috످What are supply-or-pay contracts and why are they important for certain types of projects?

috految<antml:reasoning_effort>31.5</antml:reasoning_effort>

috److془This is a well-known concept. Answer.془A supply-or-pay contract (also called put-or-pay or deliver-or-pay) is a long-term agreement in which a supplier must either deliver a set quantity of an input, such as fuel or raw materials, at an agreed price or compensate the buyer for any shortfall. These contracts are important because they shift supply risk to the supplier, making large projects easier to finance.

They are the mirror image of take-or-pay contracts, in which the buyer must pay for a minimum quantity whether or not it takes delivery.

To see how supply-or-pay contracts work, suppose a power plant contracts to buy 100,000 tons of coal per year at $80 per ton, but the supplier delivers only 70,000 tons. The plant must buy the remaining 30,000 tons on the open market at $120 per ton.

The supplier then owes the plant the extra cost: 30,000 tons × ($120 − $80) = $1.2 million.

As a result, the plant still effectively pays $80 per ton. If no replacement coal is available, the supplier may instead owe compensation for lost revenue or fixed costs.

These contracts are especially valuable in project finance, where lenders are repaid from a project's cash flow and have little or no claim on the owners' other assets. If a project can't get its inputs, it can't generate revenue or repay its debt.

Supply-or-pay contracts help by securing financing, since lenders often require guaranteed supply before approving loans. They help lower borrowing costs, as reduced risk can mean lower interest rates and longer repayment terms. They also stabilize cash flow, because pairing them with take-or-pay sales contracts makes both costs and revenues predictable. And they help prevent opportunism: once a facility is built, a supplier could otherwise exploit its dependence by demanding higher prices (the "hold-up problem").

In return, suppliers gain a long-term customer and often a price premium.

These contracts matter most for projects with high upfront costs, heavy debt, and few alternative suppliers. For power plants, the critical input is gas or coal, and outages can trigger steep penalties. Waste-to-energy plants need municipal waste, and their revenue depends on steady waste volumes. Liquefied natural gas plants need natural gas, and their export commitments can span 20+ years. Refineries need crude oil, and their equipment is designed for specific grades. Aluminum smelters need electricity, and interruptions can destroy equipment.

These contracts have limitations. One is credit risk: the supplier may be unable to pay, so lenders often require bank or parent company guarantees. Under force majeure, wars or natural disasters may excuse the supplier from its obligations. Liability caps mean compensation may not cover the full loss. With price lock-in, the buyer may overpay if market prices fall.

Another limitation is strategic default. If prices spike, a supplier may find it more profitable to pay a capped penalty and sell elsewhere. For example, Pakistan faced blackouts in 2022 partly because suppliers canceled contracted gas shipments as global prices soared.

috످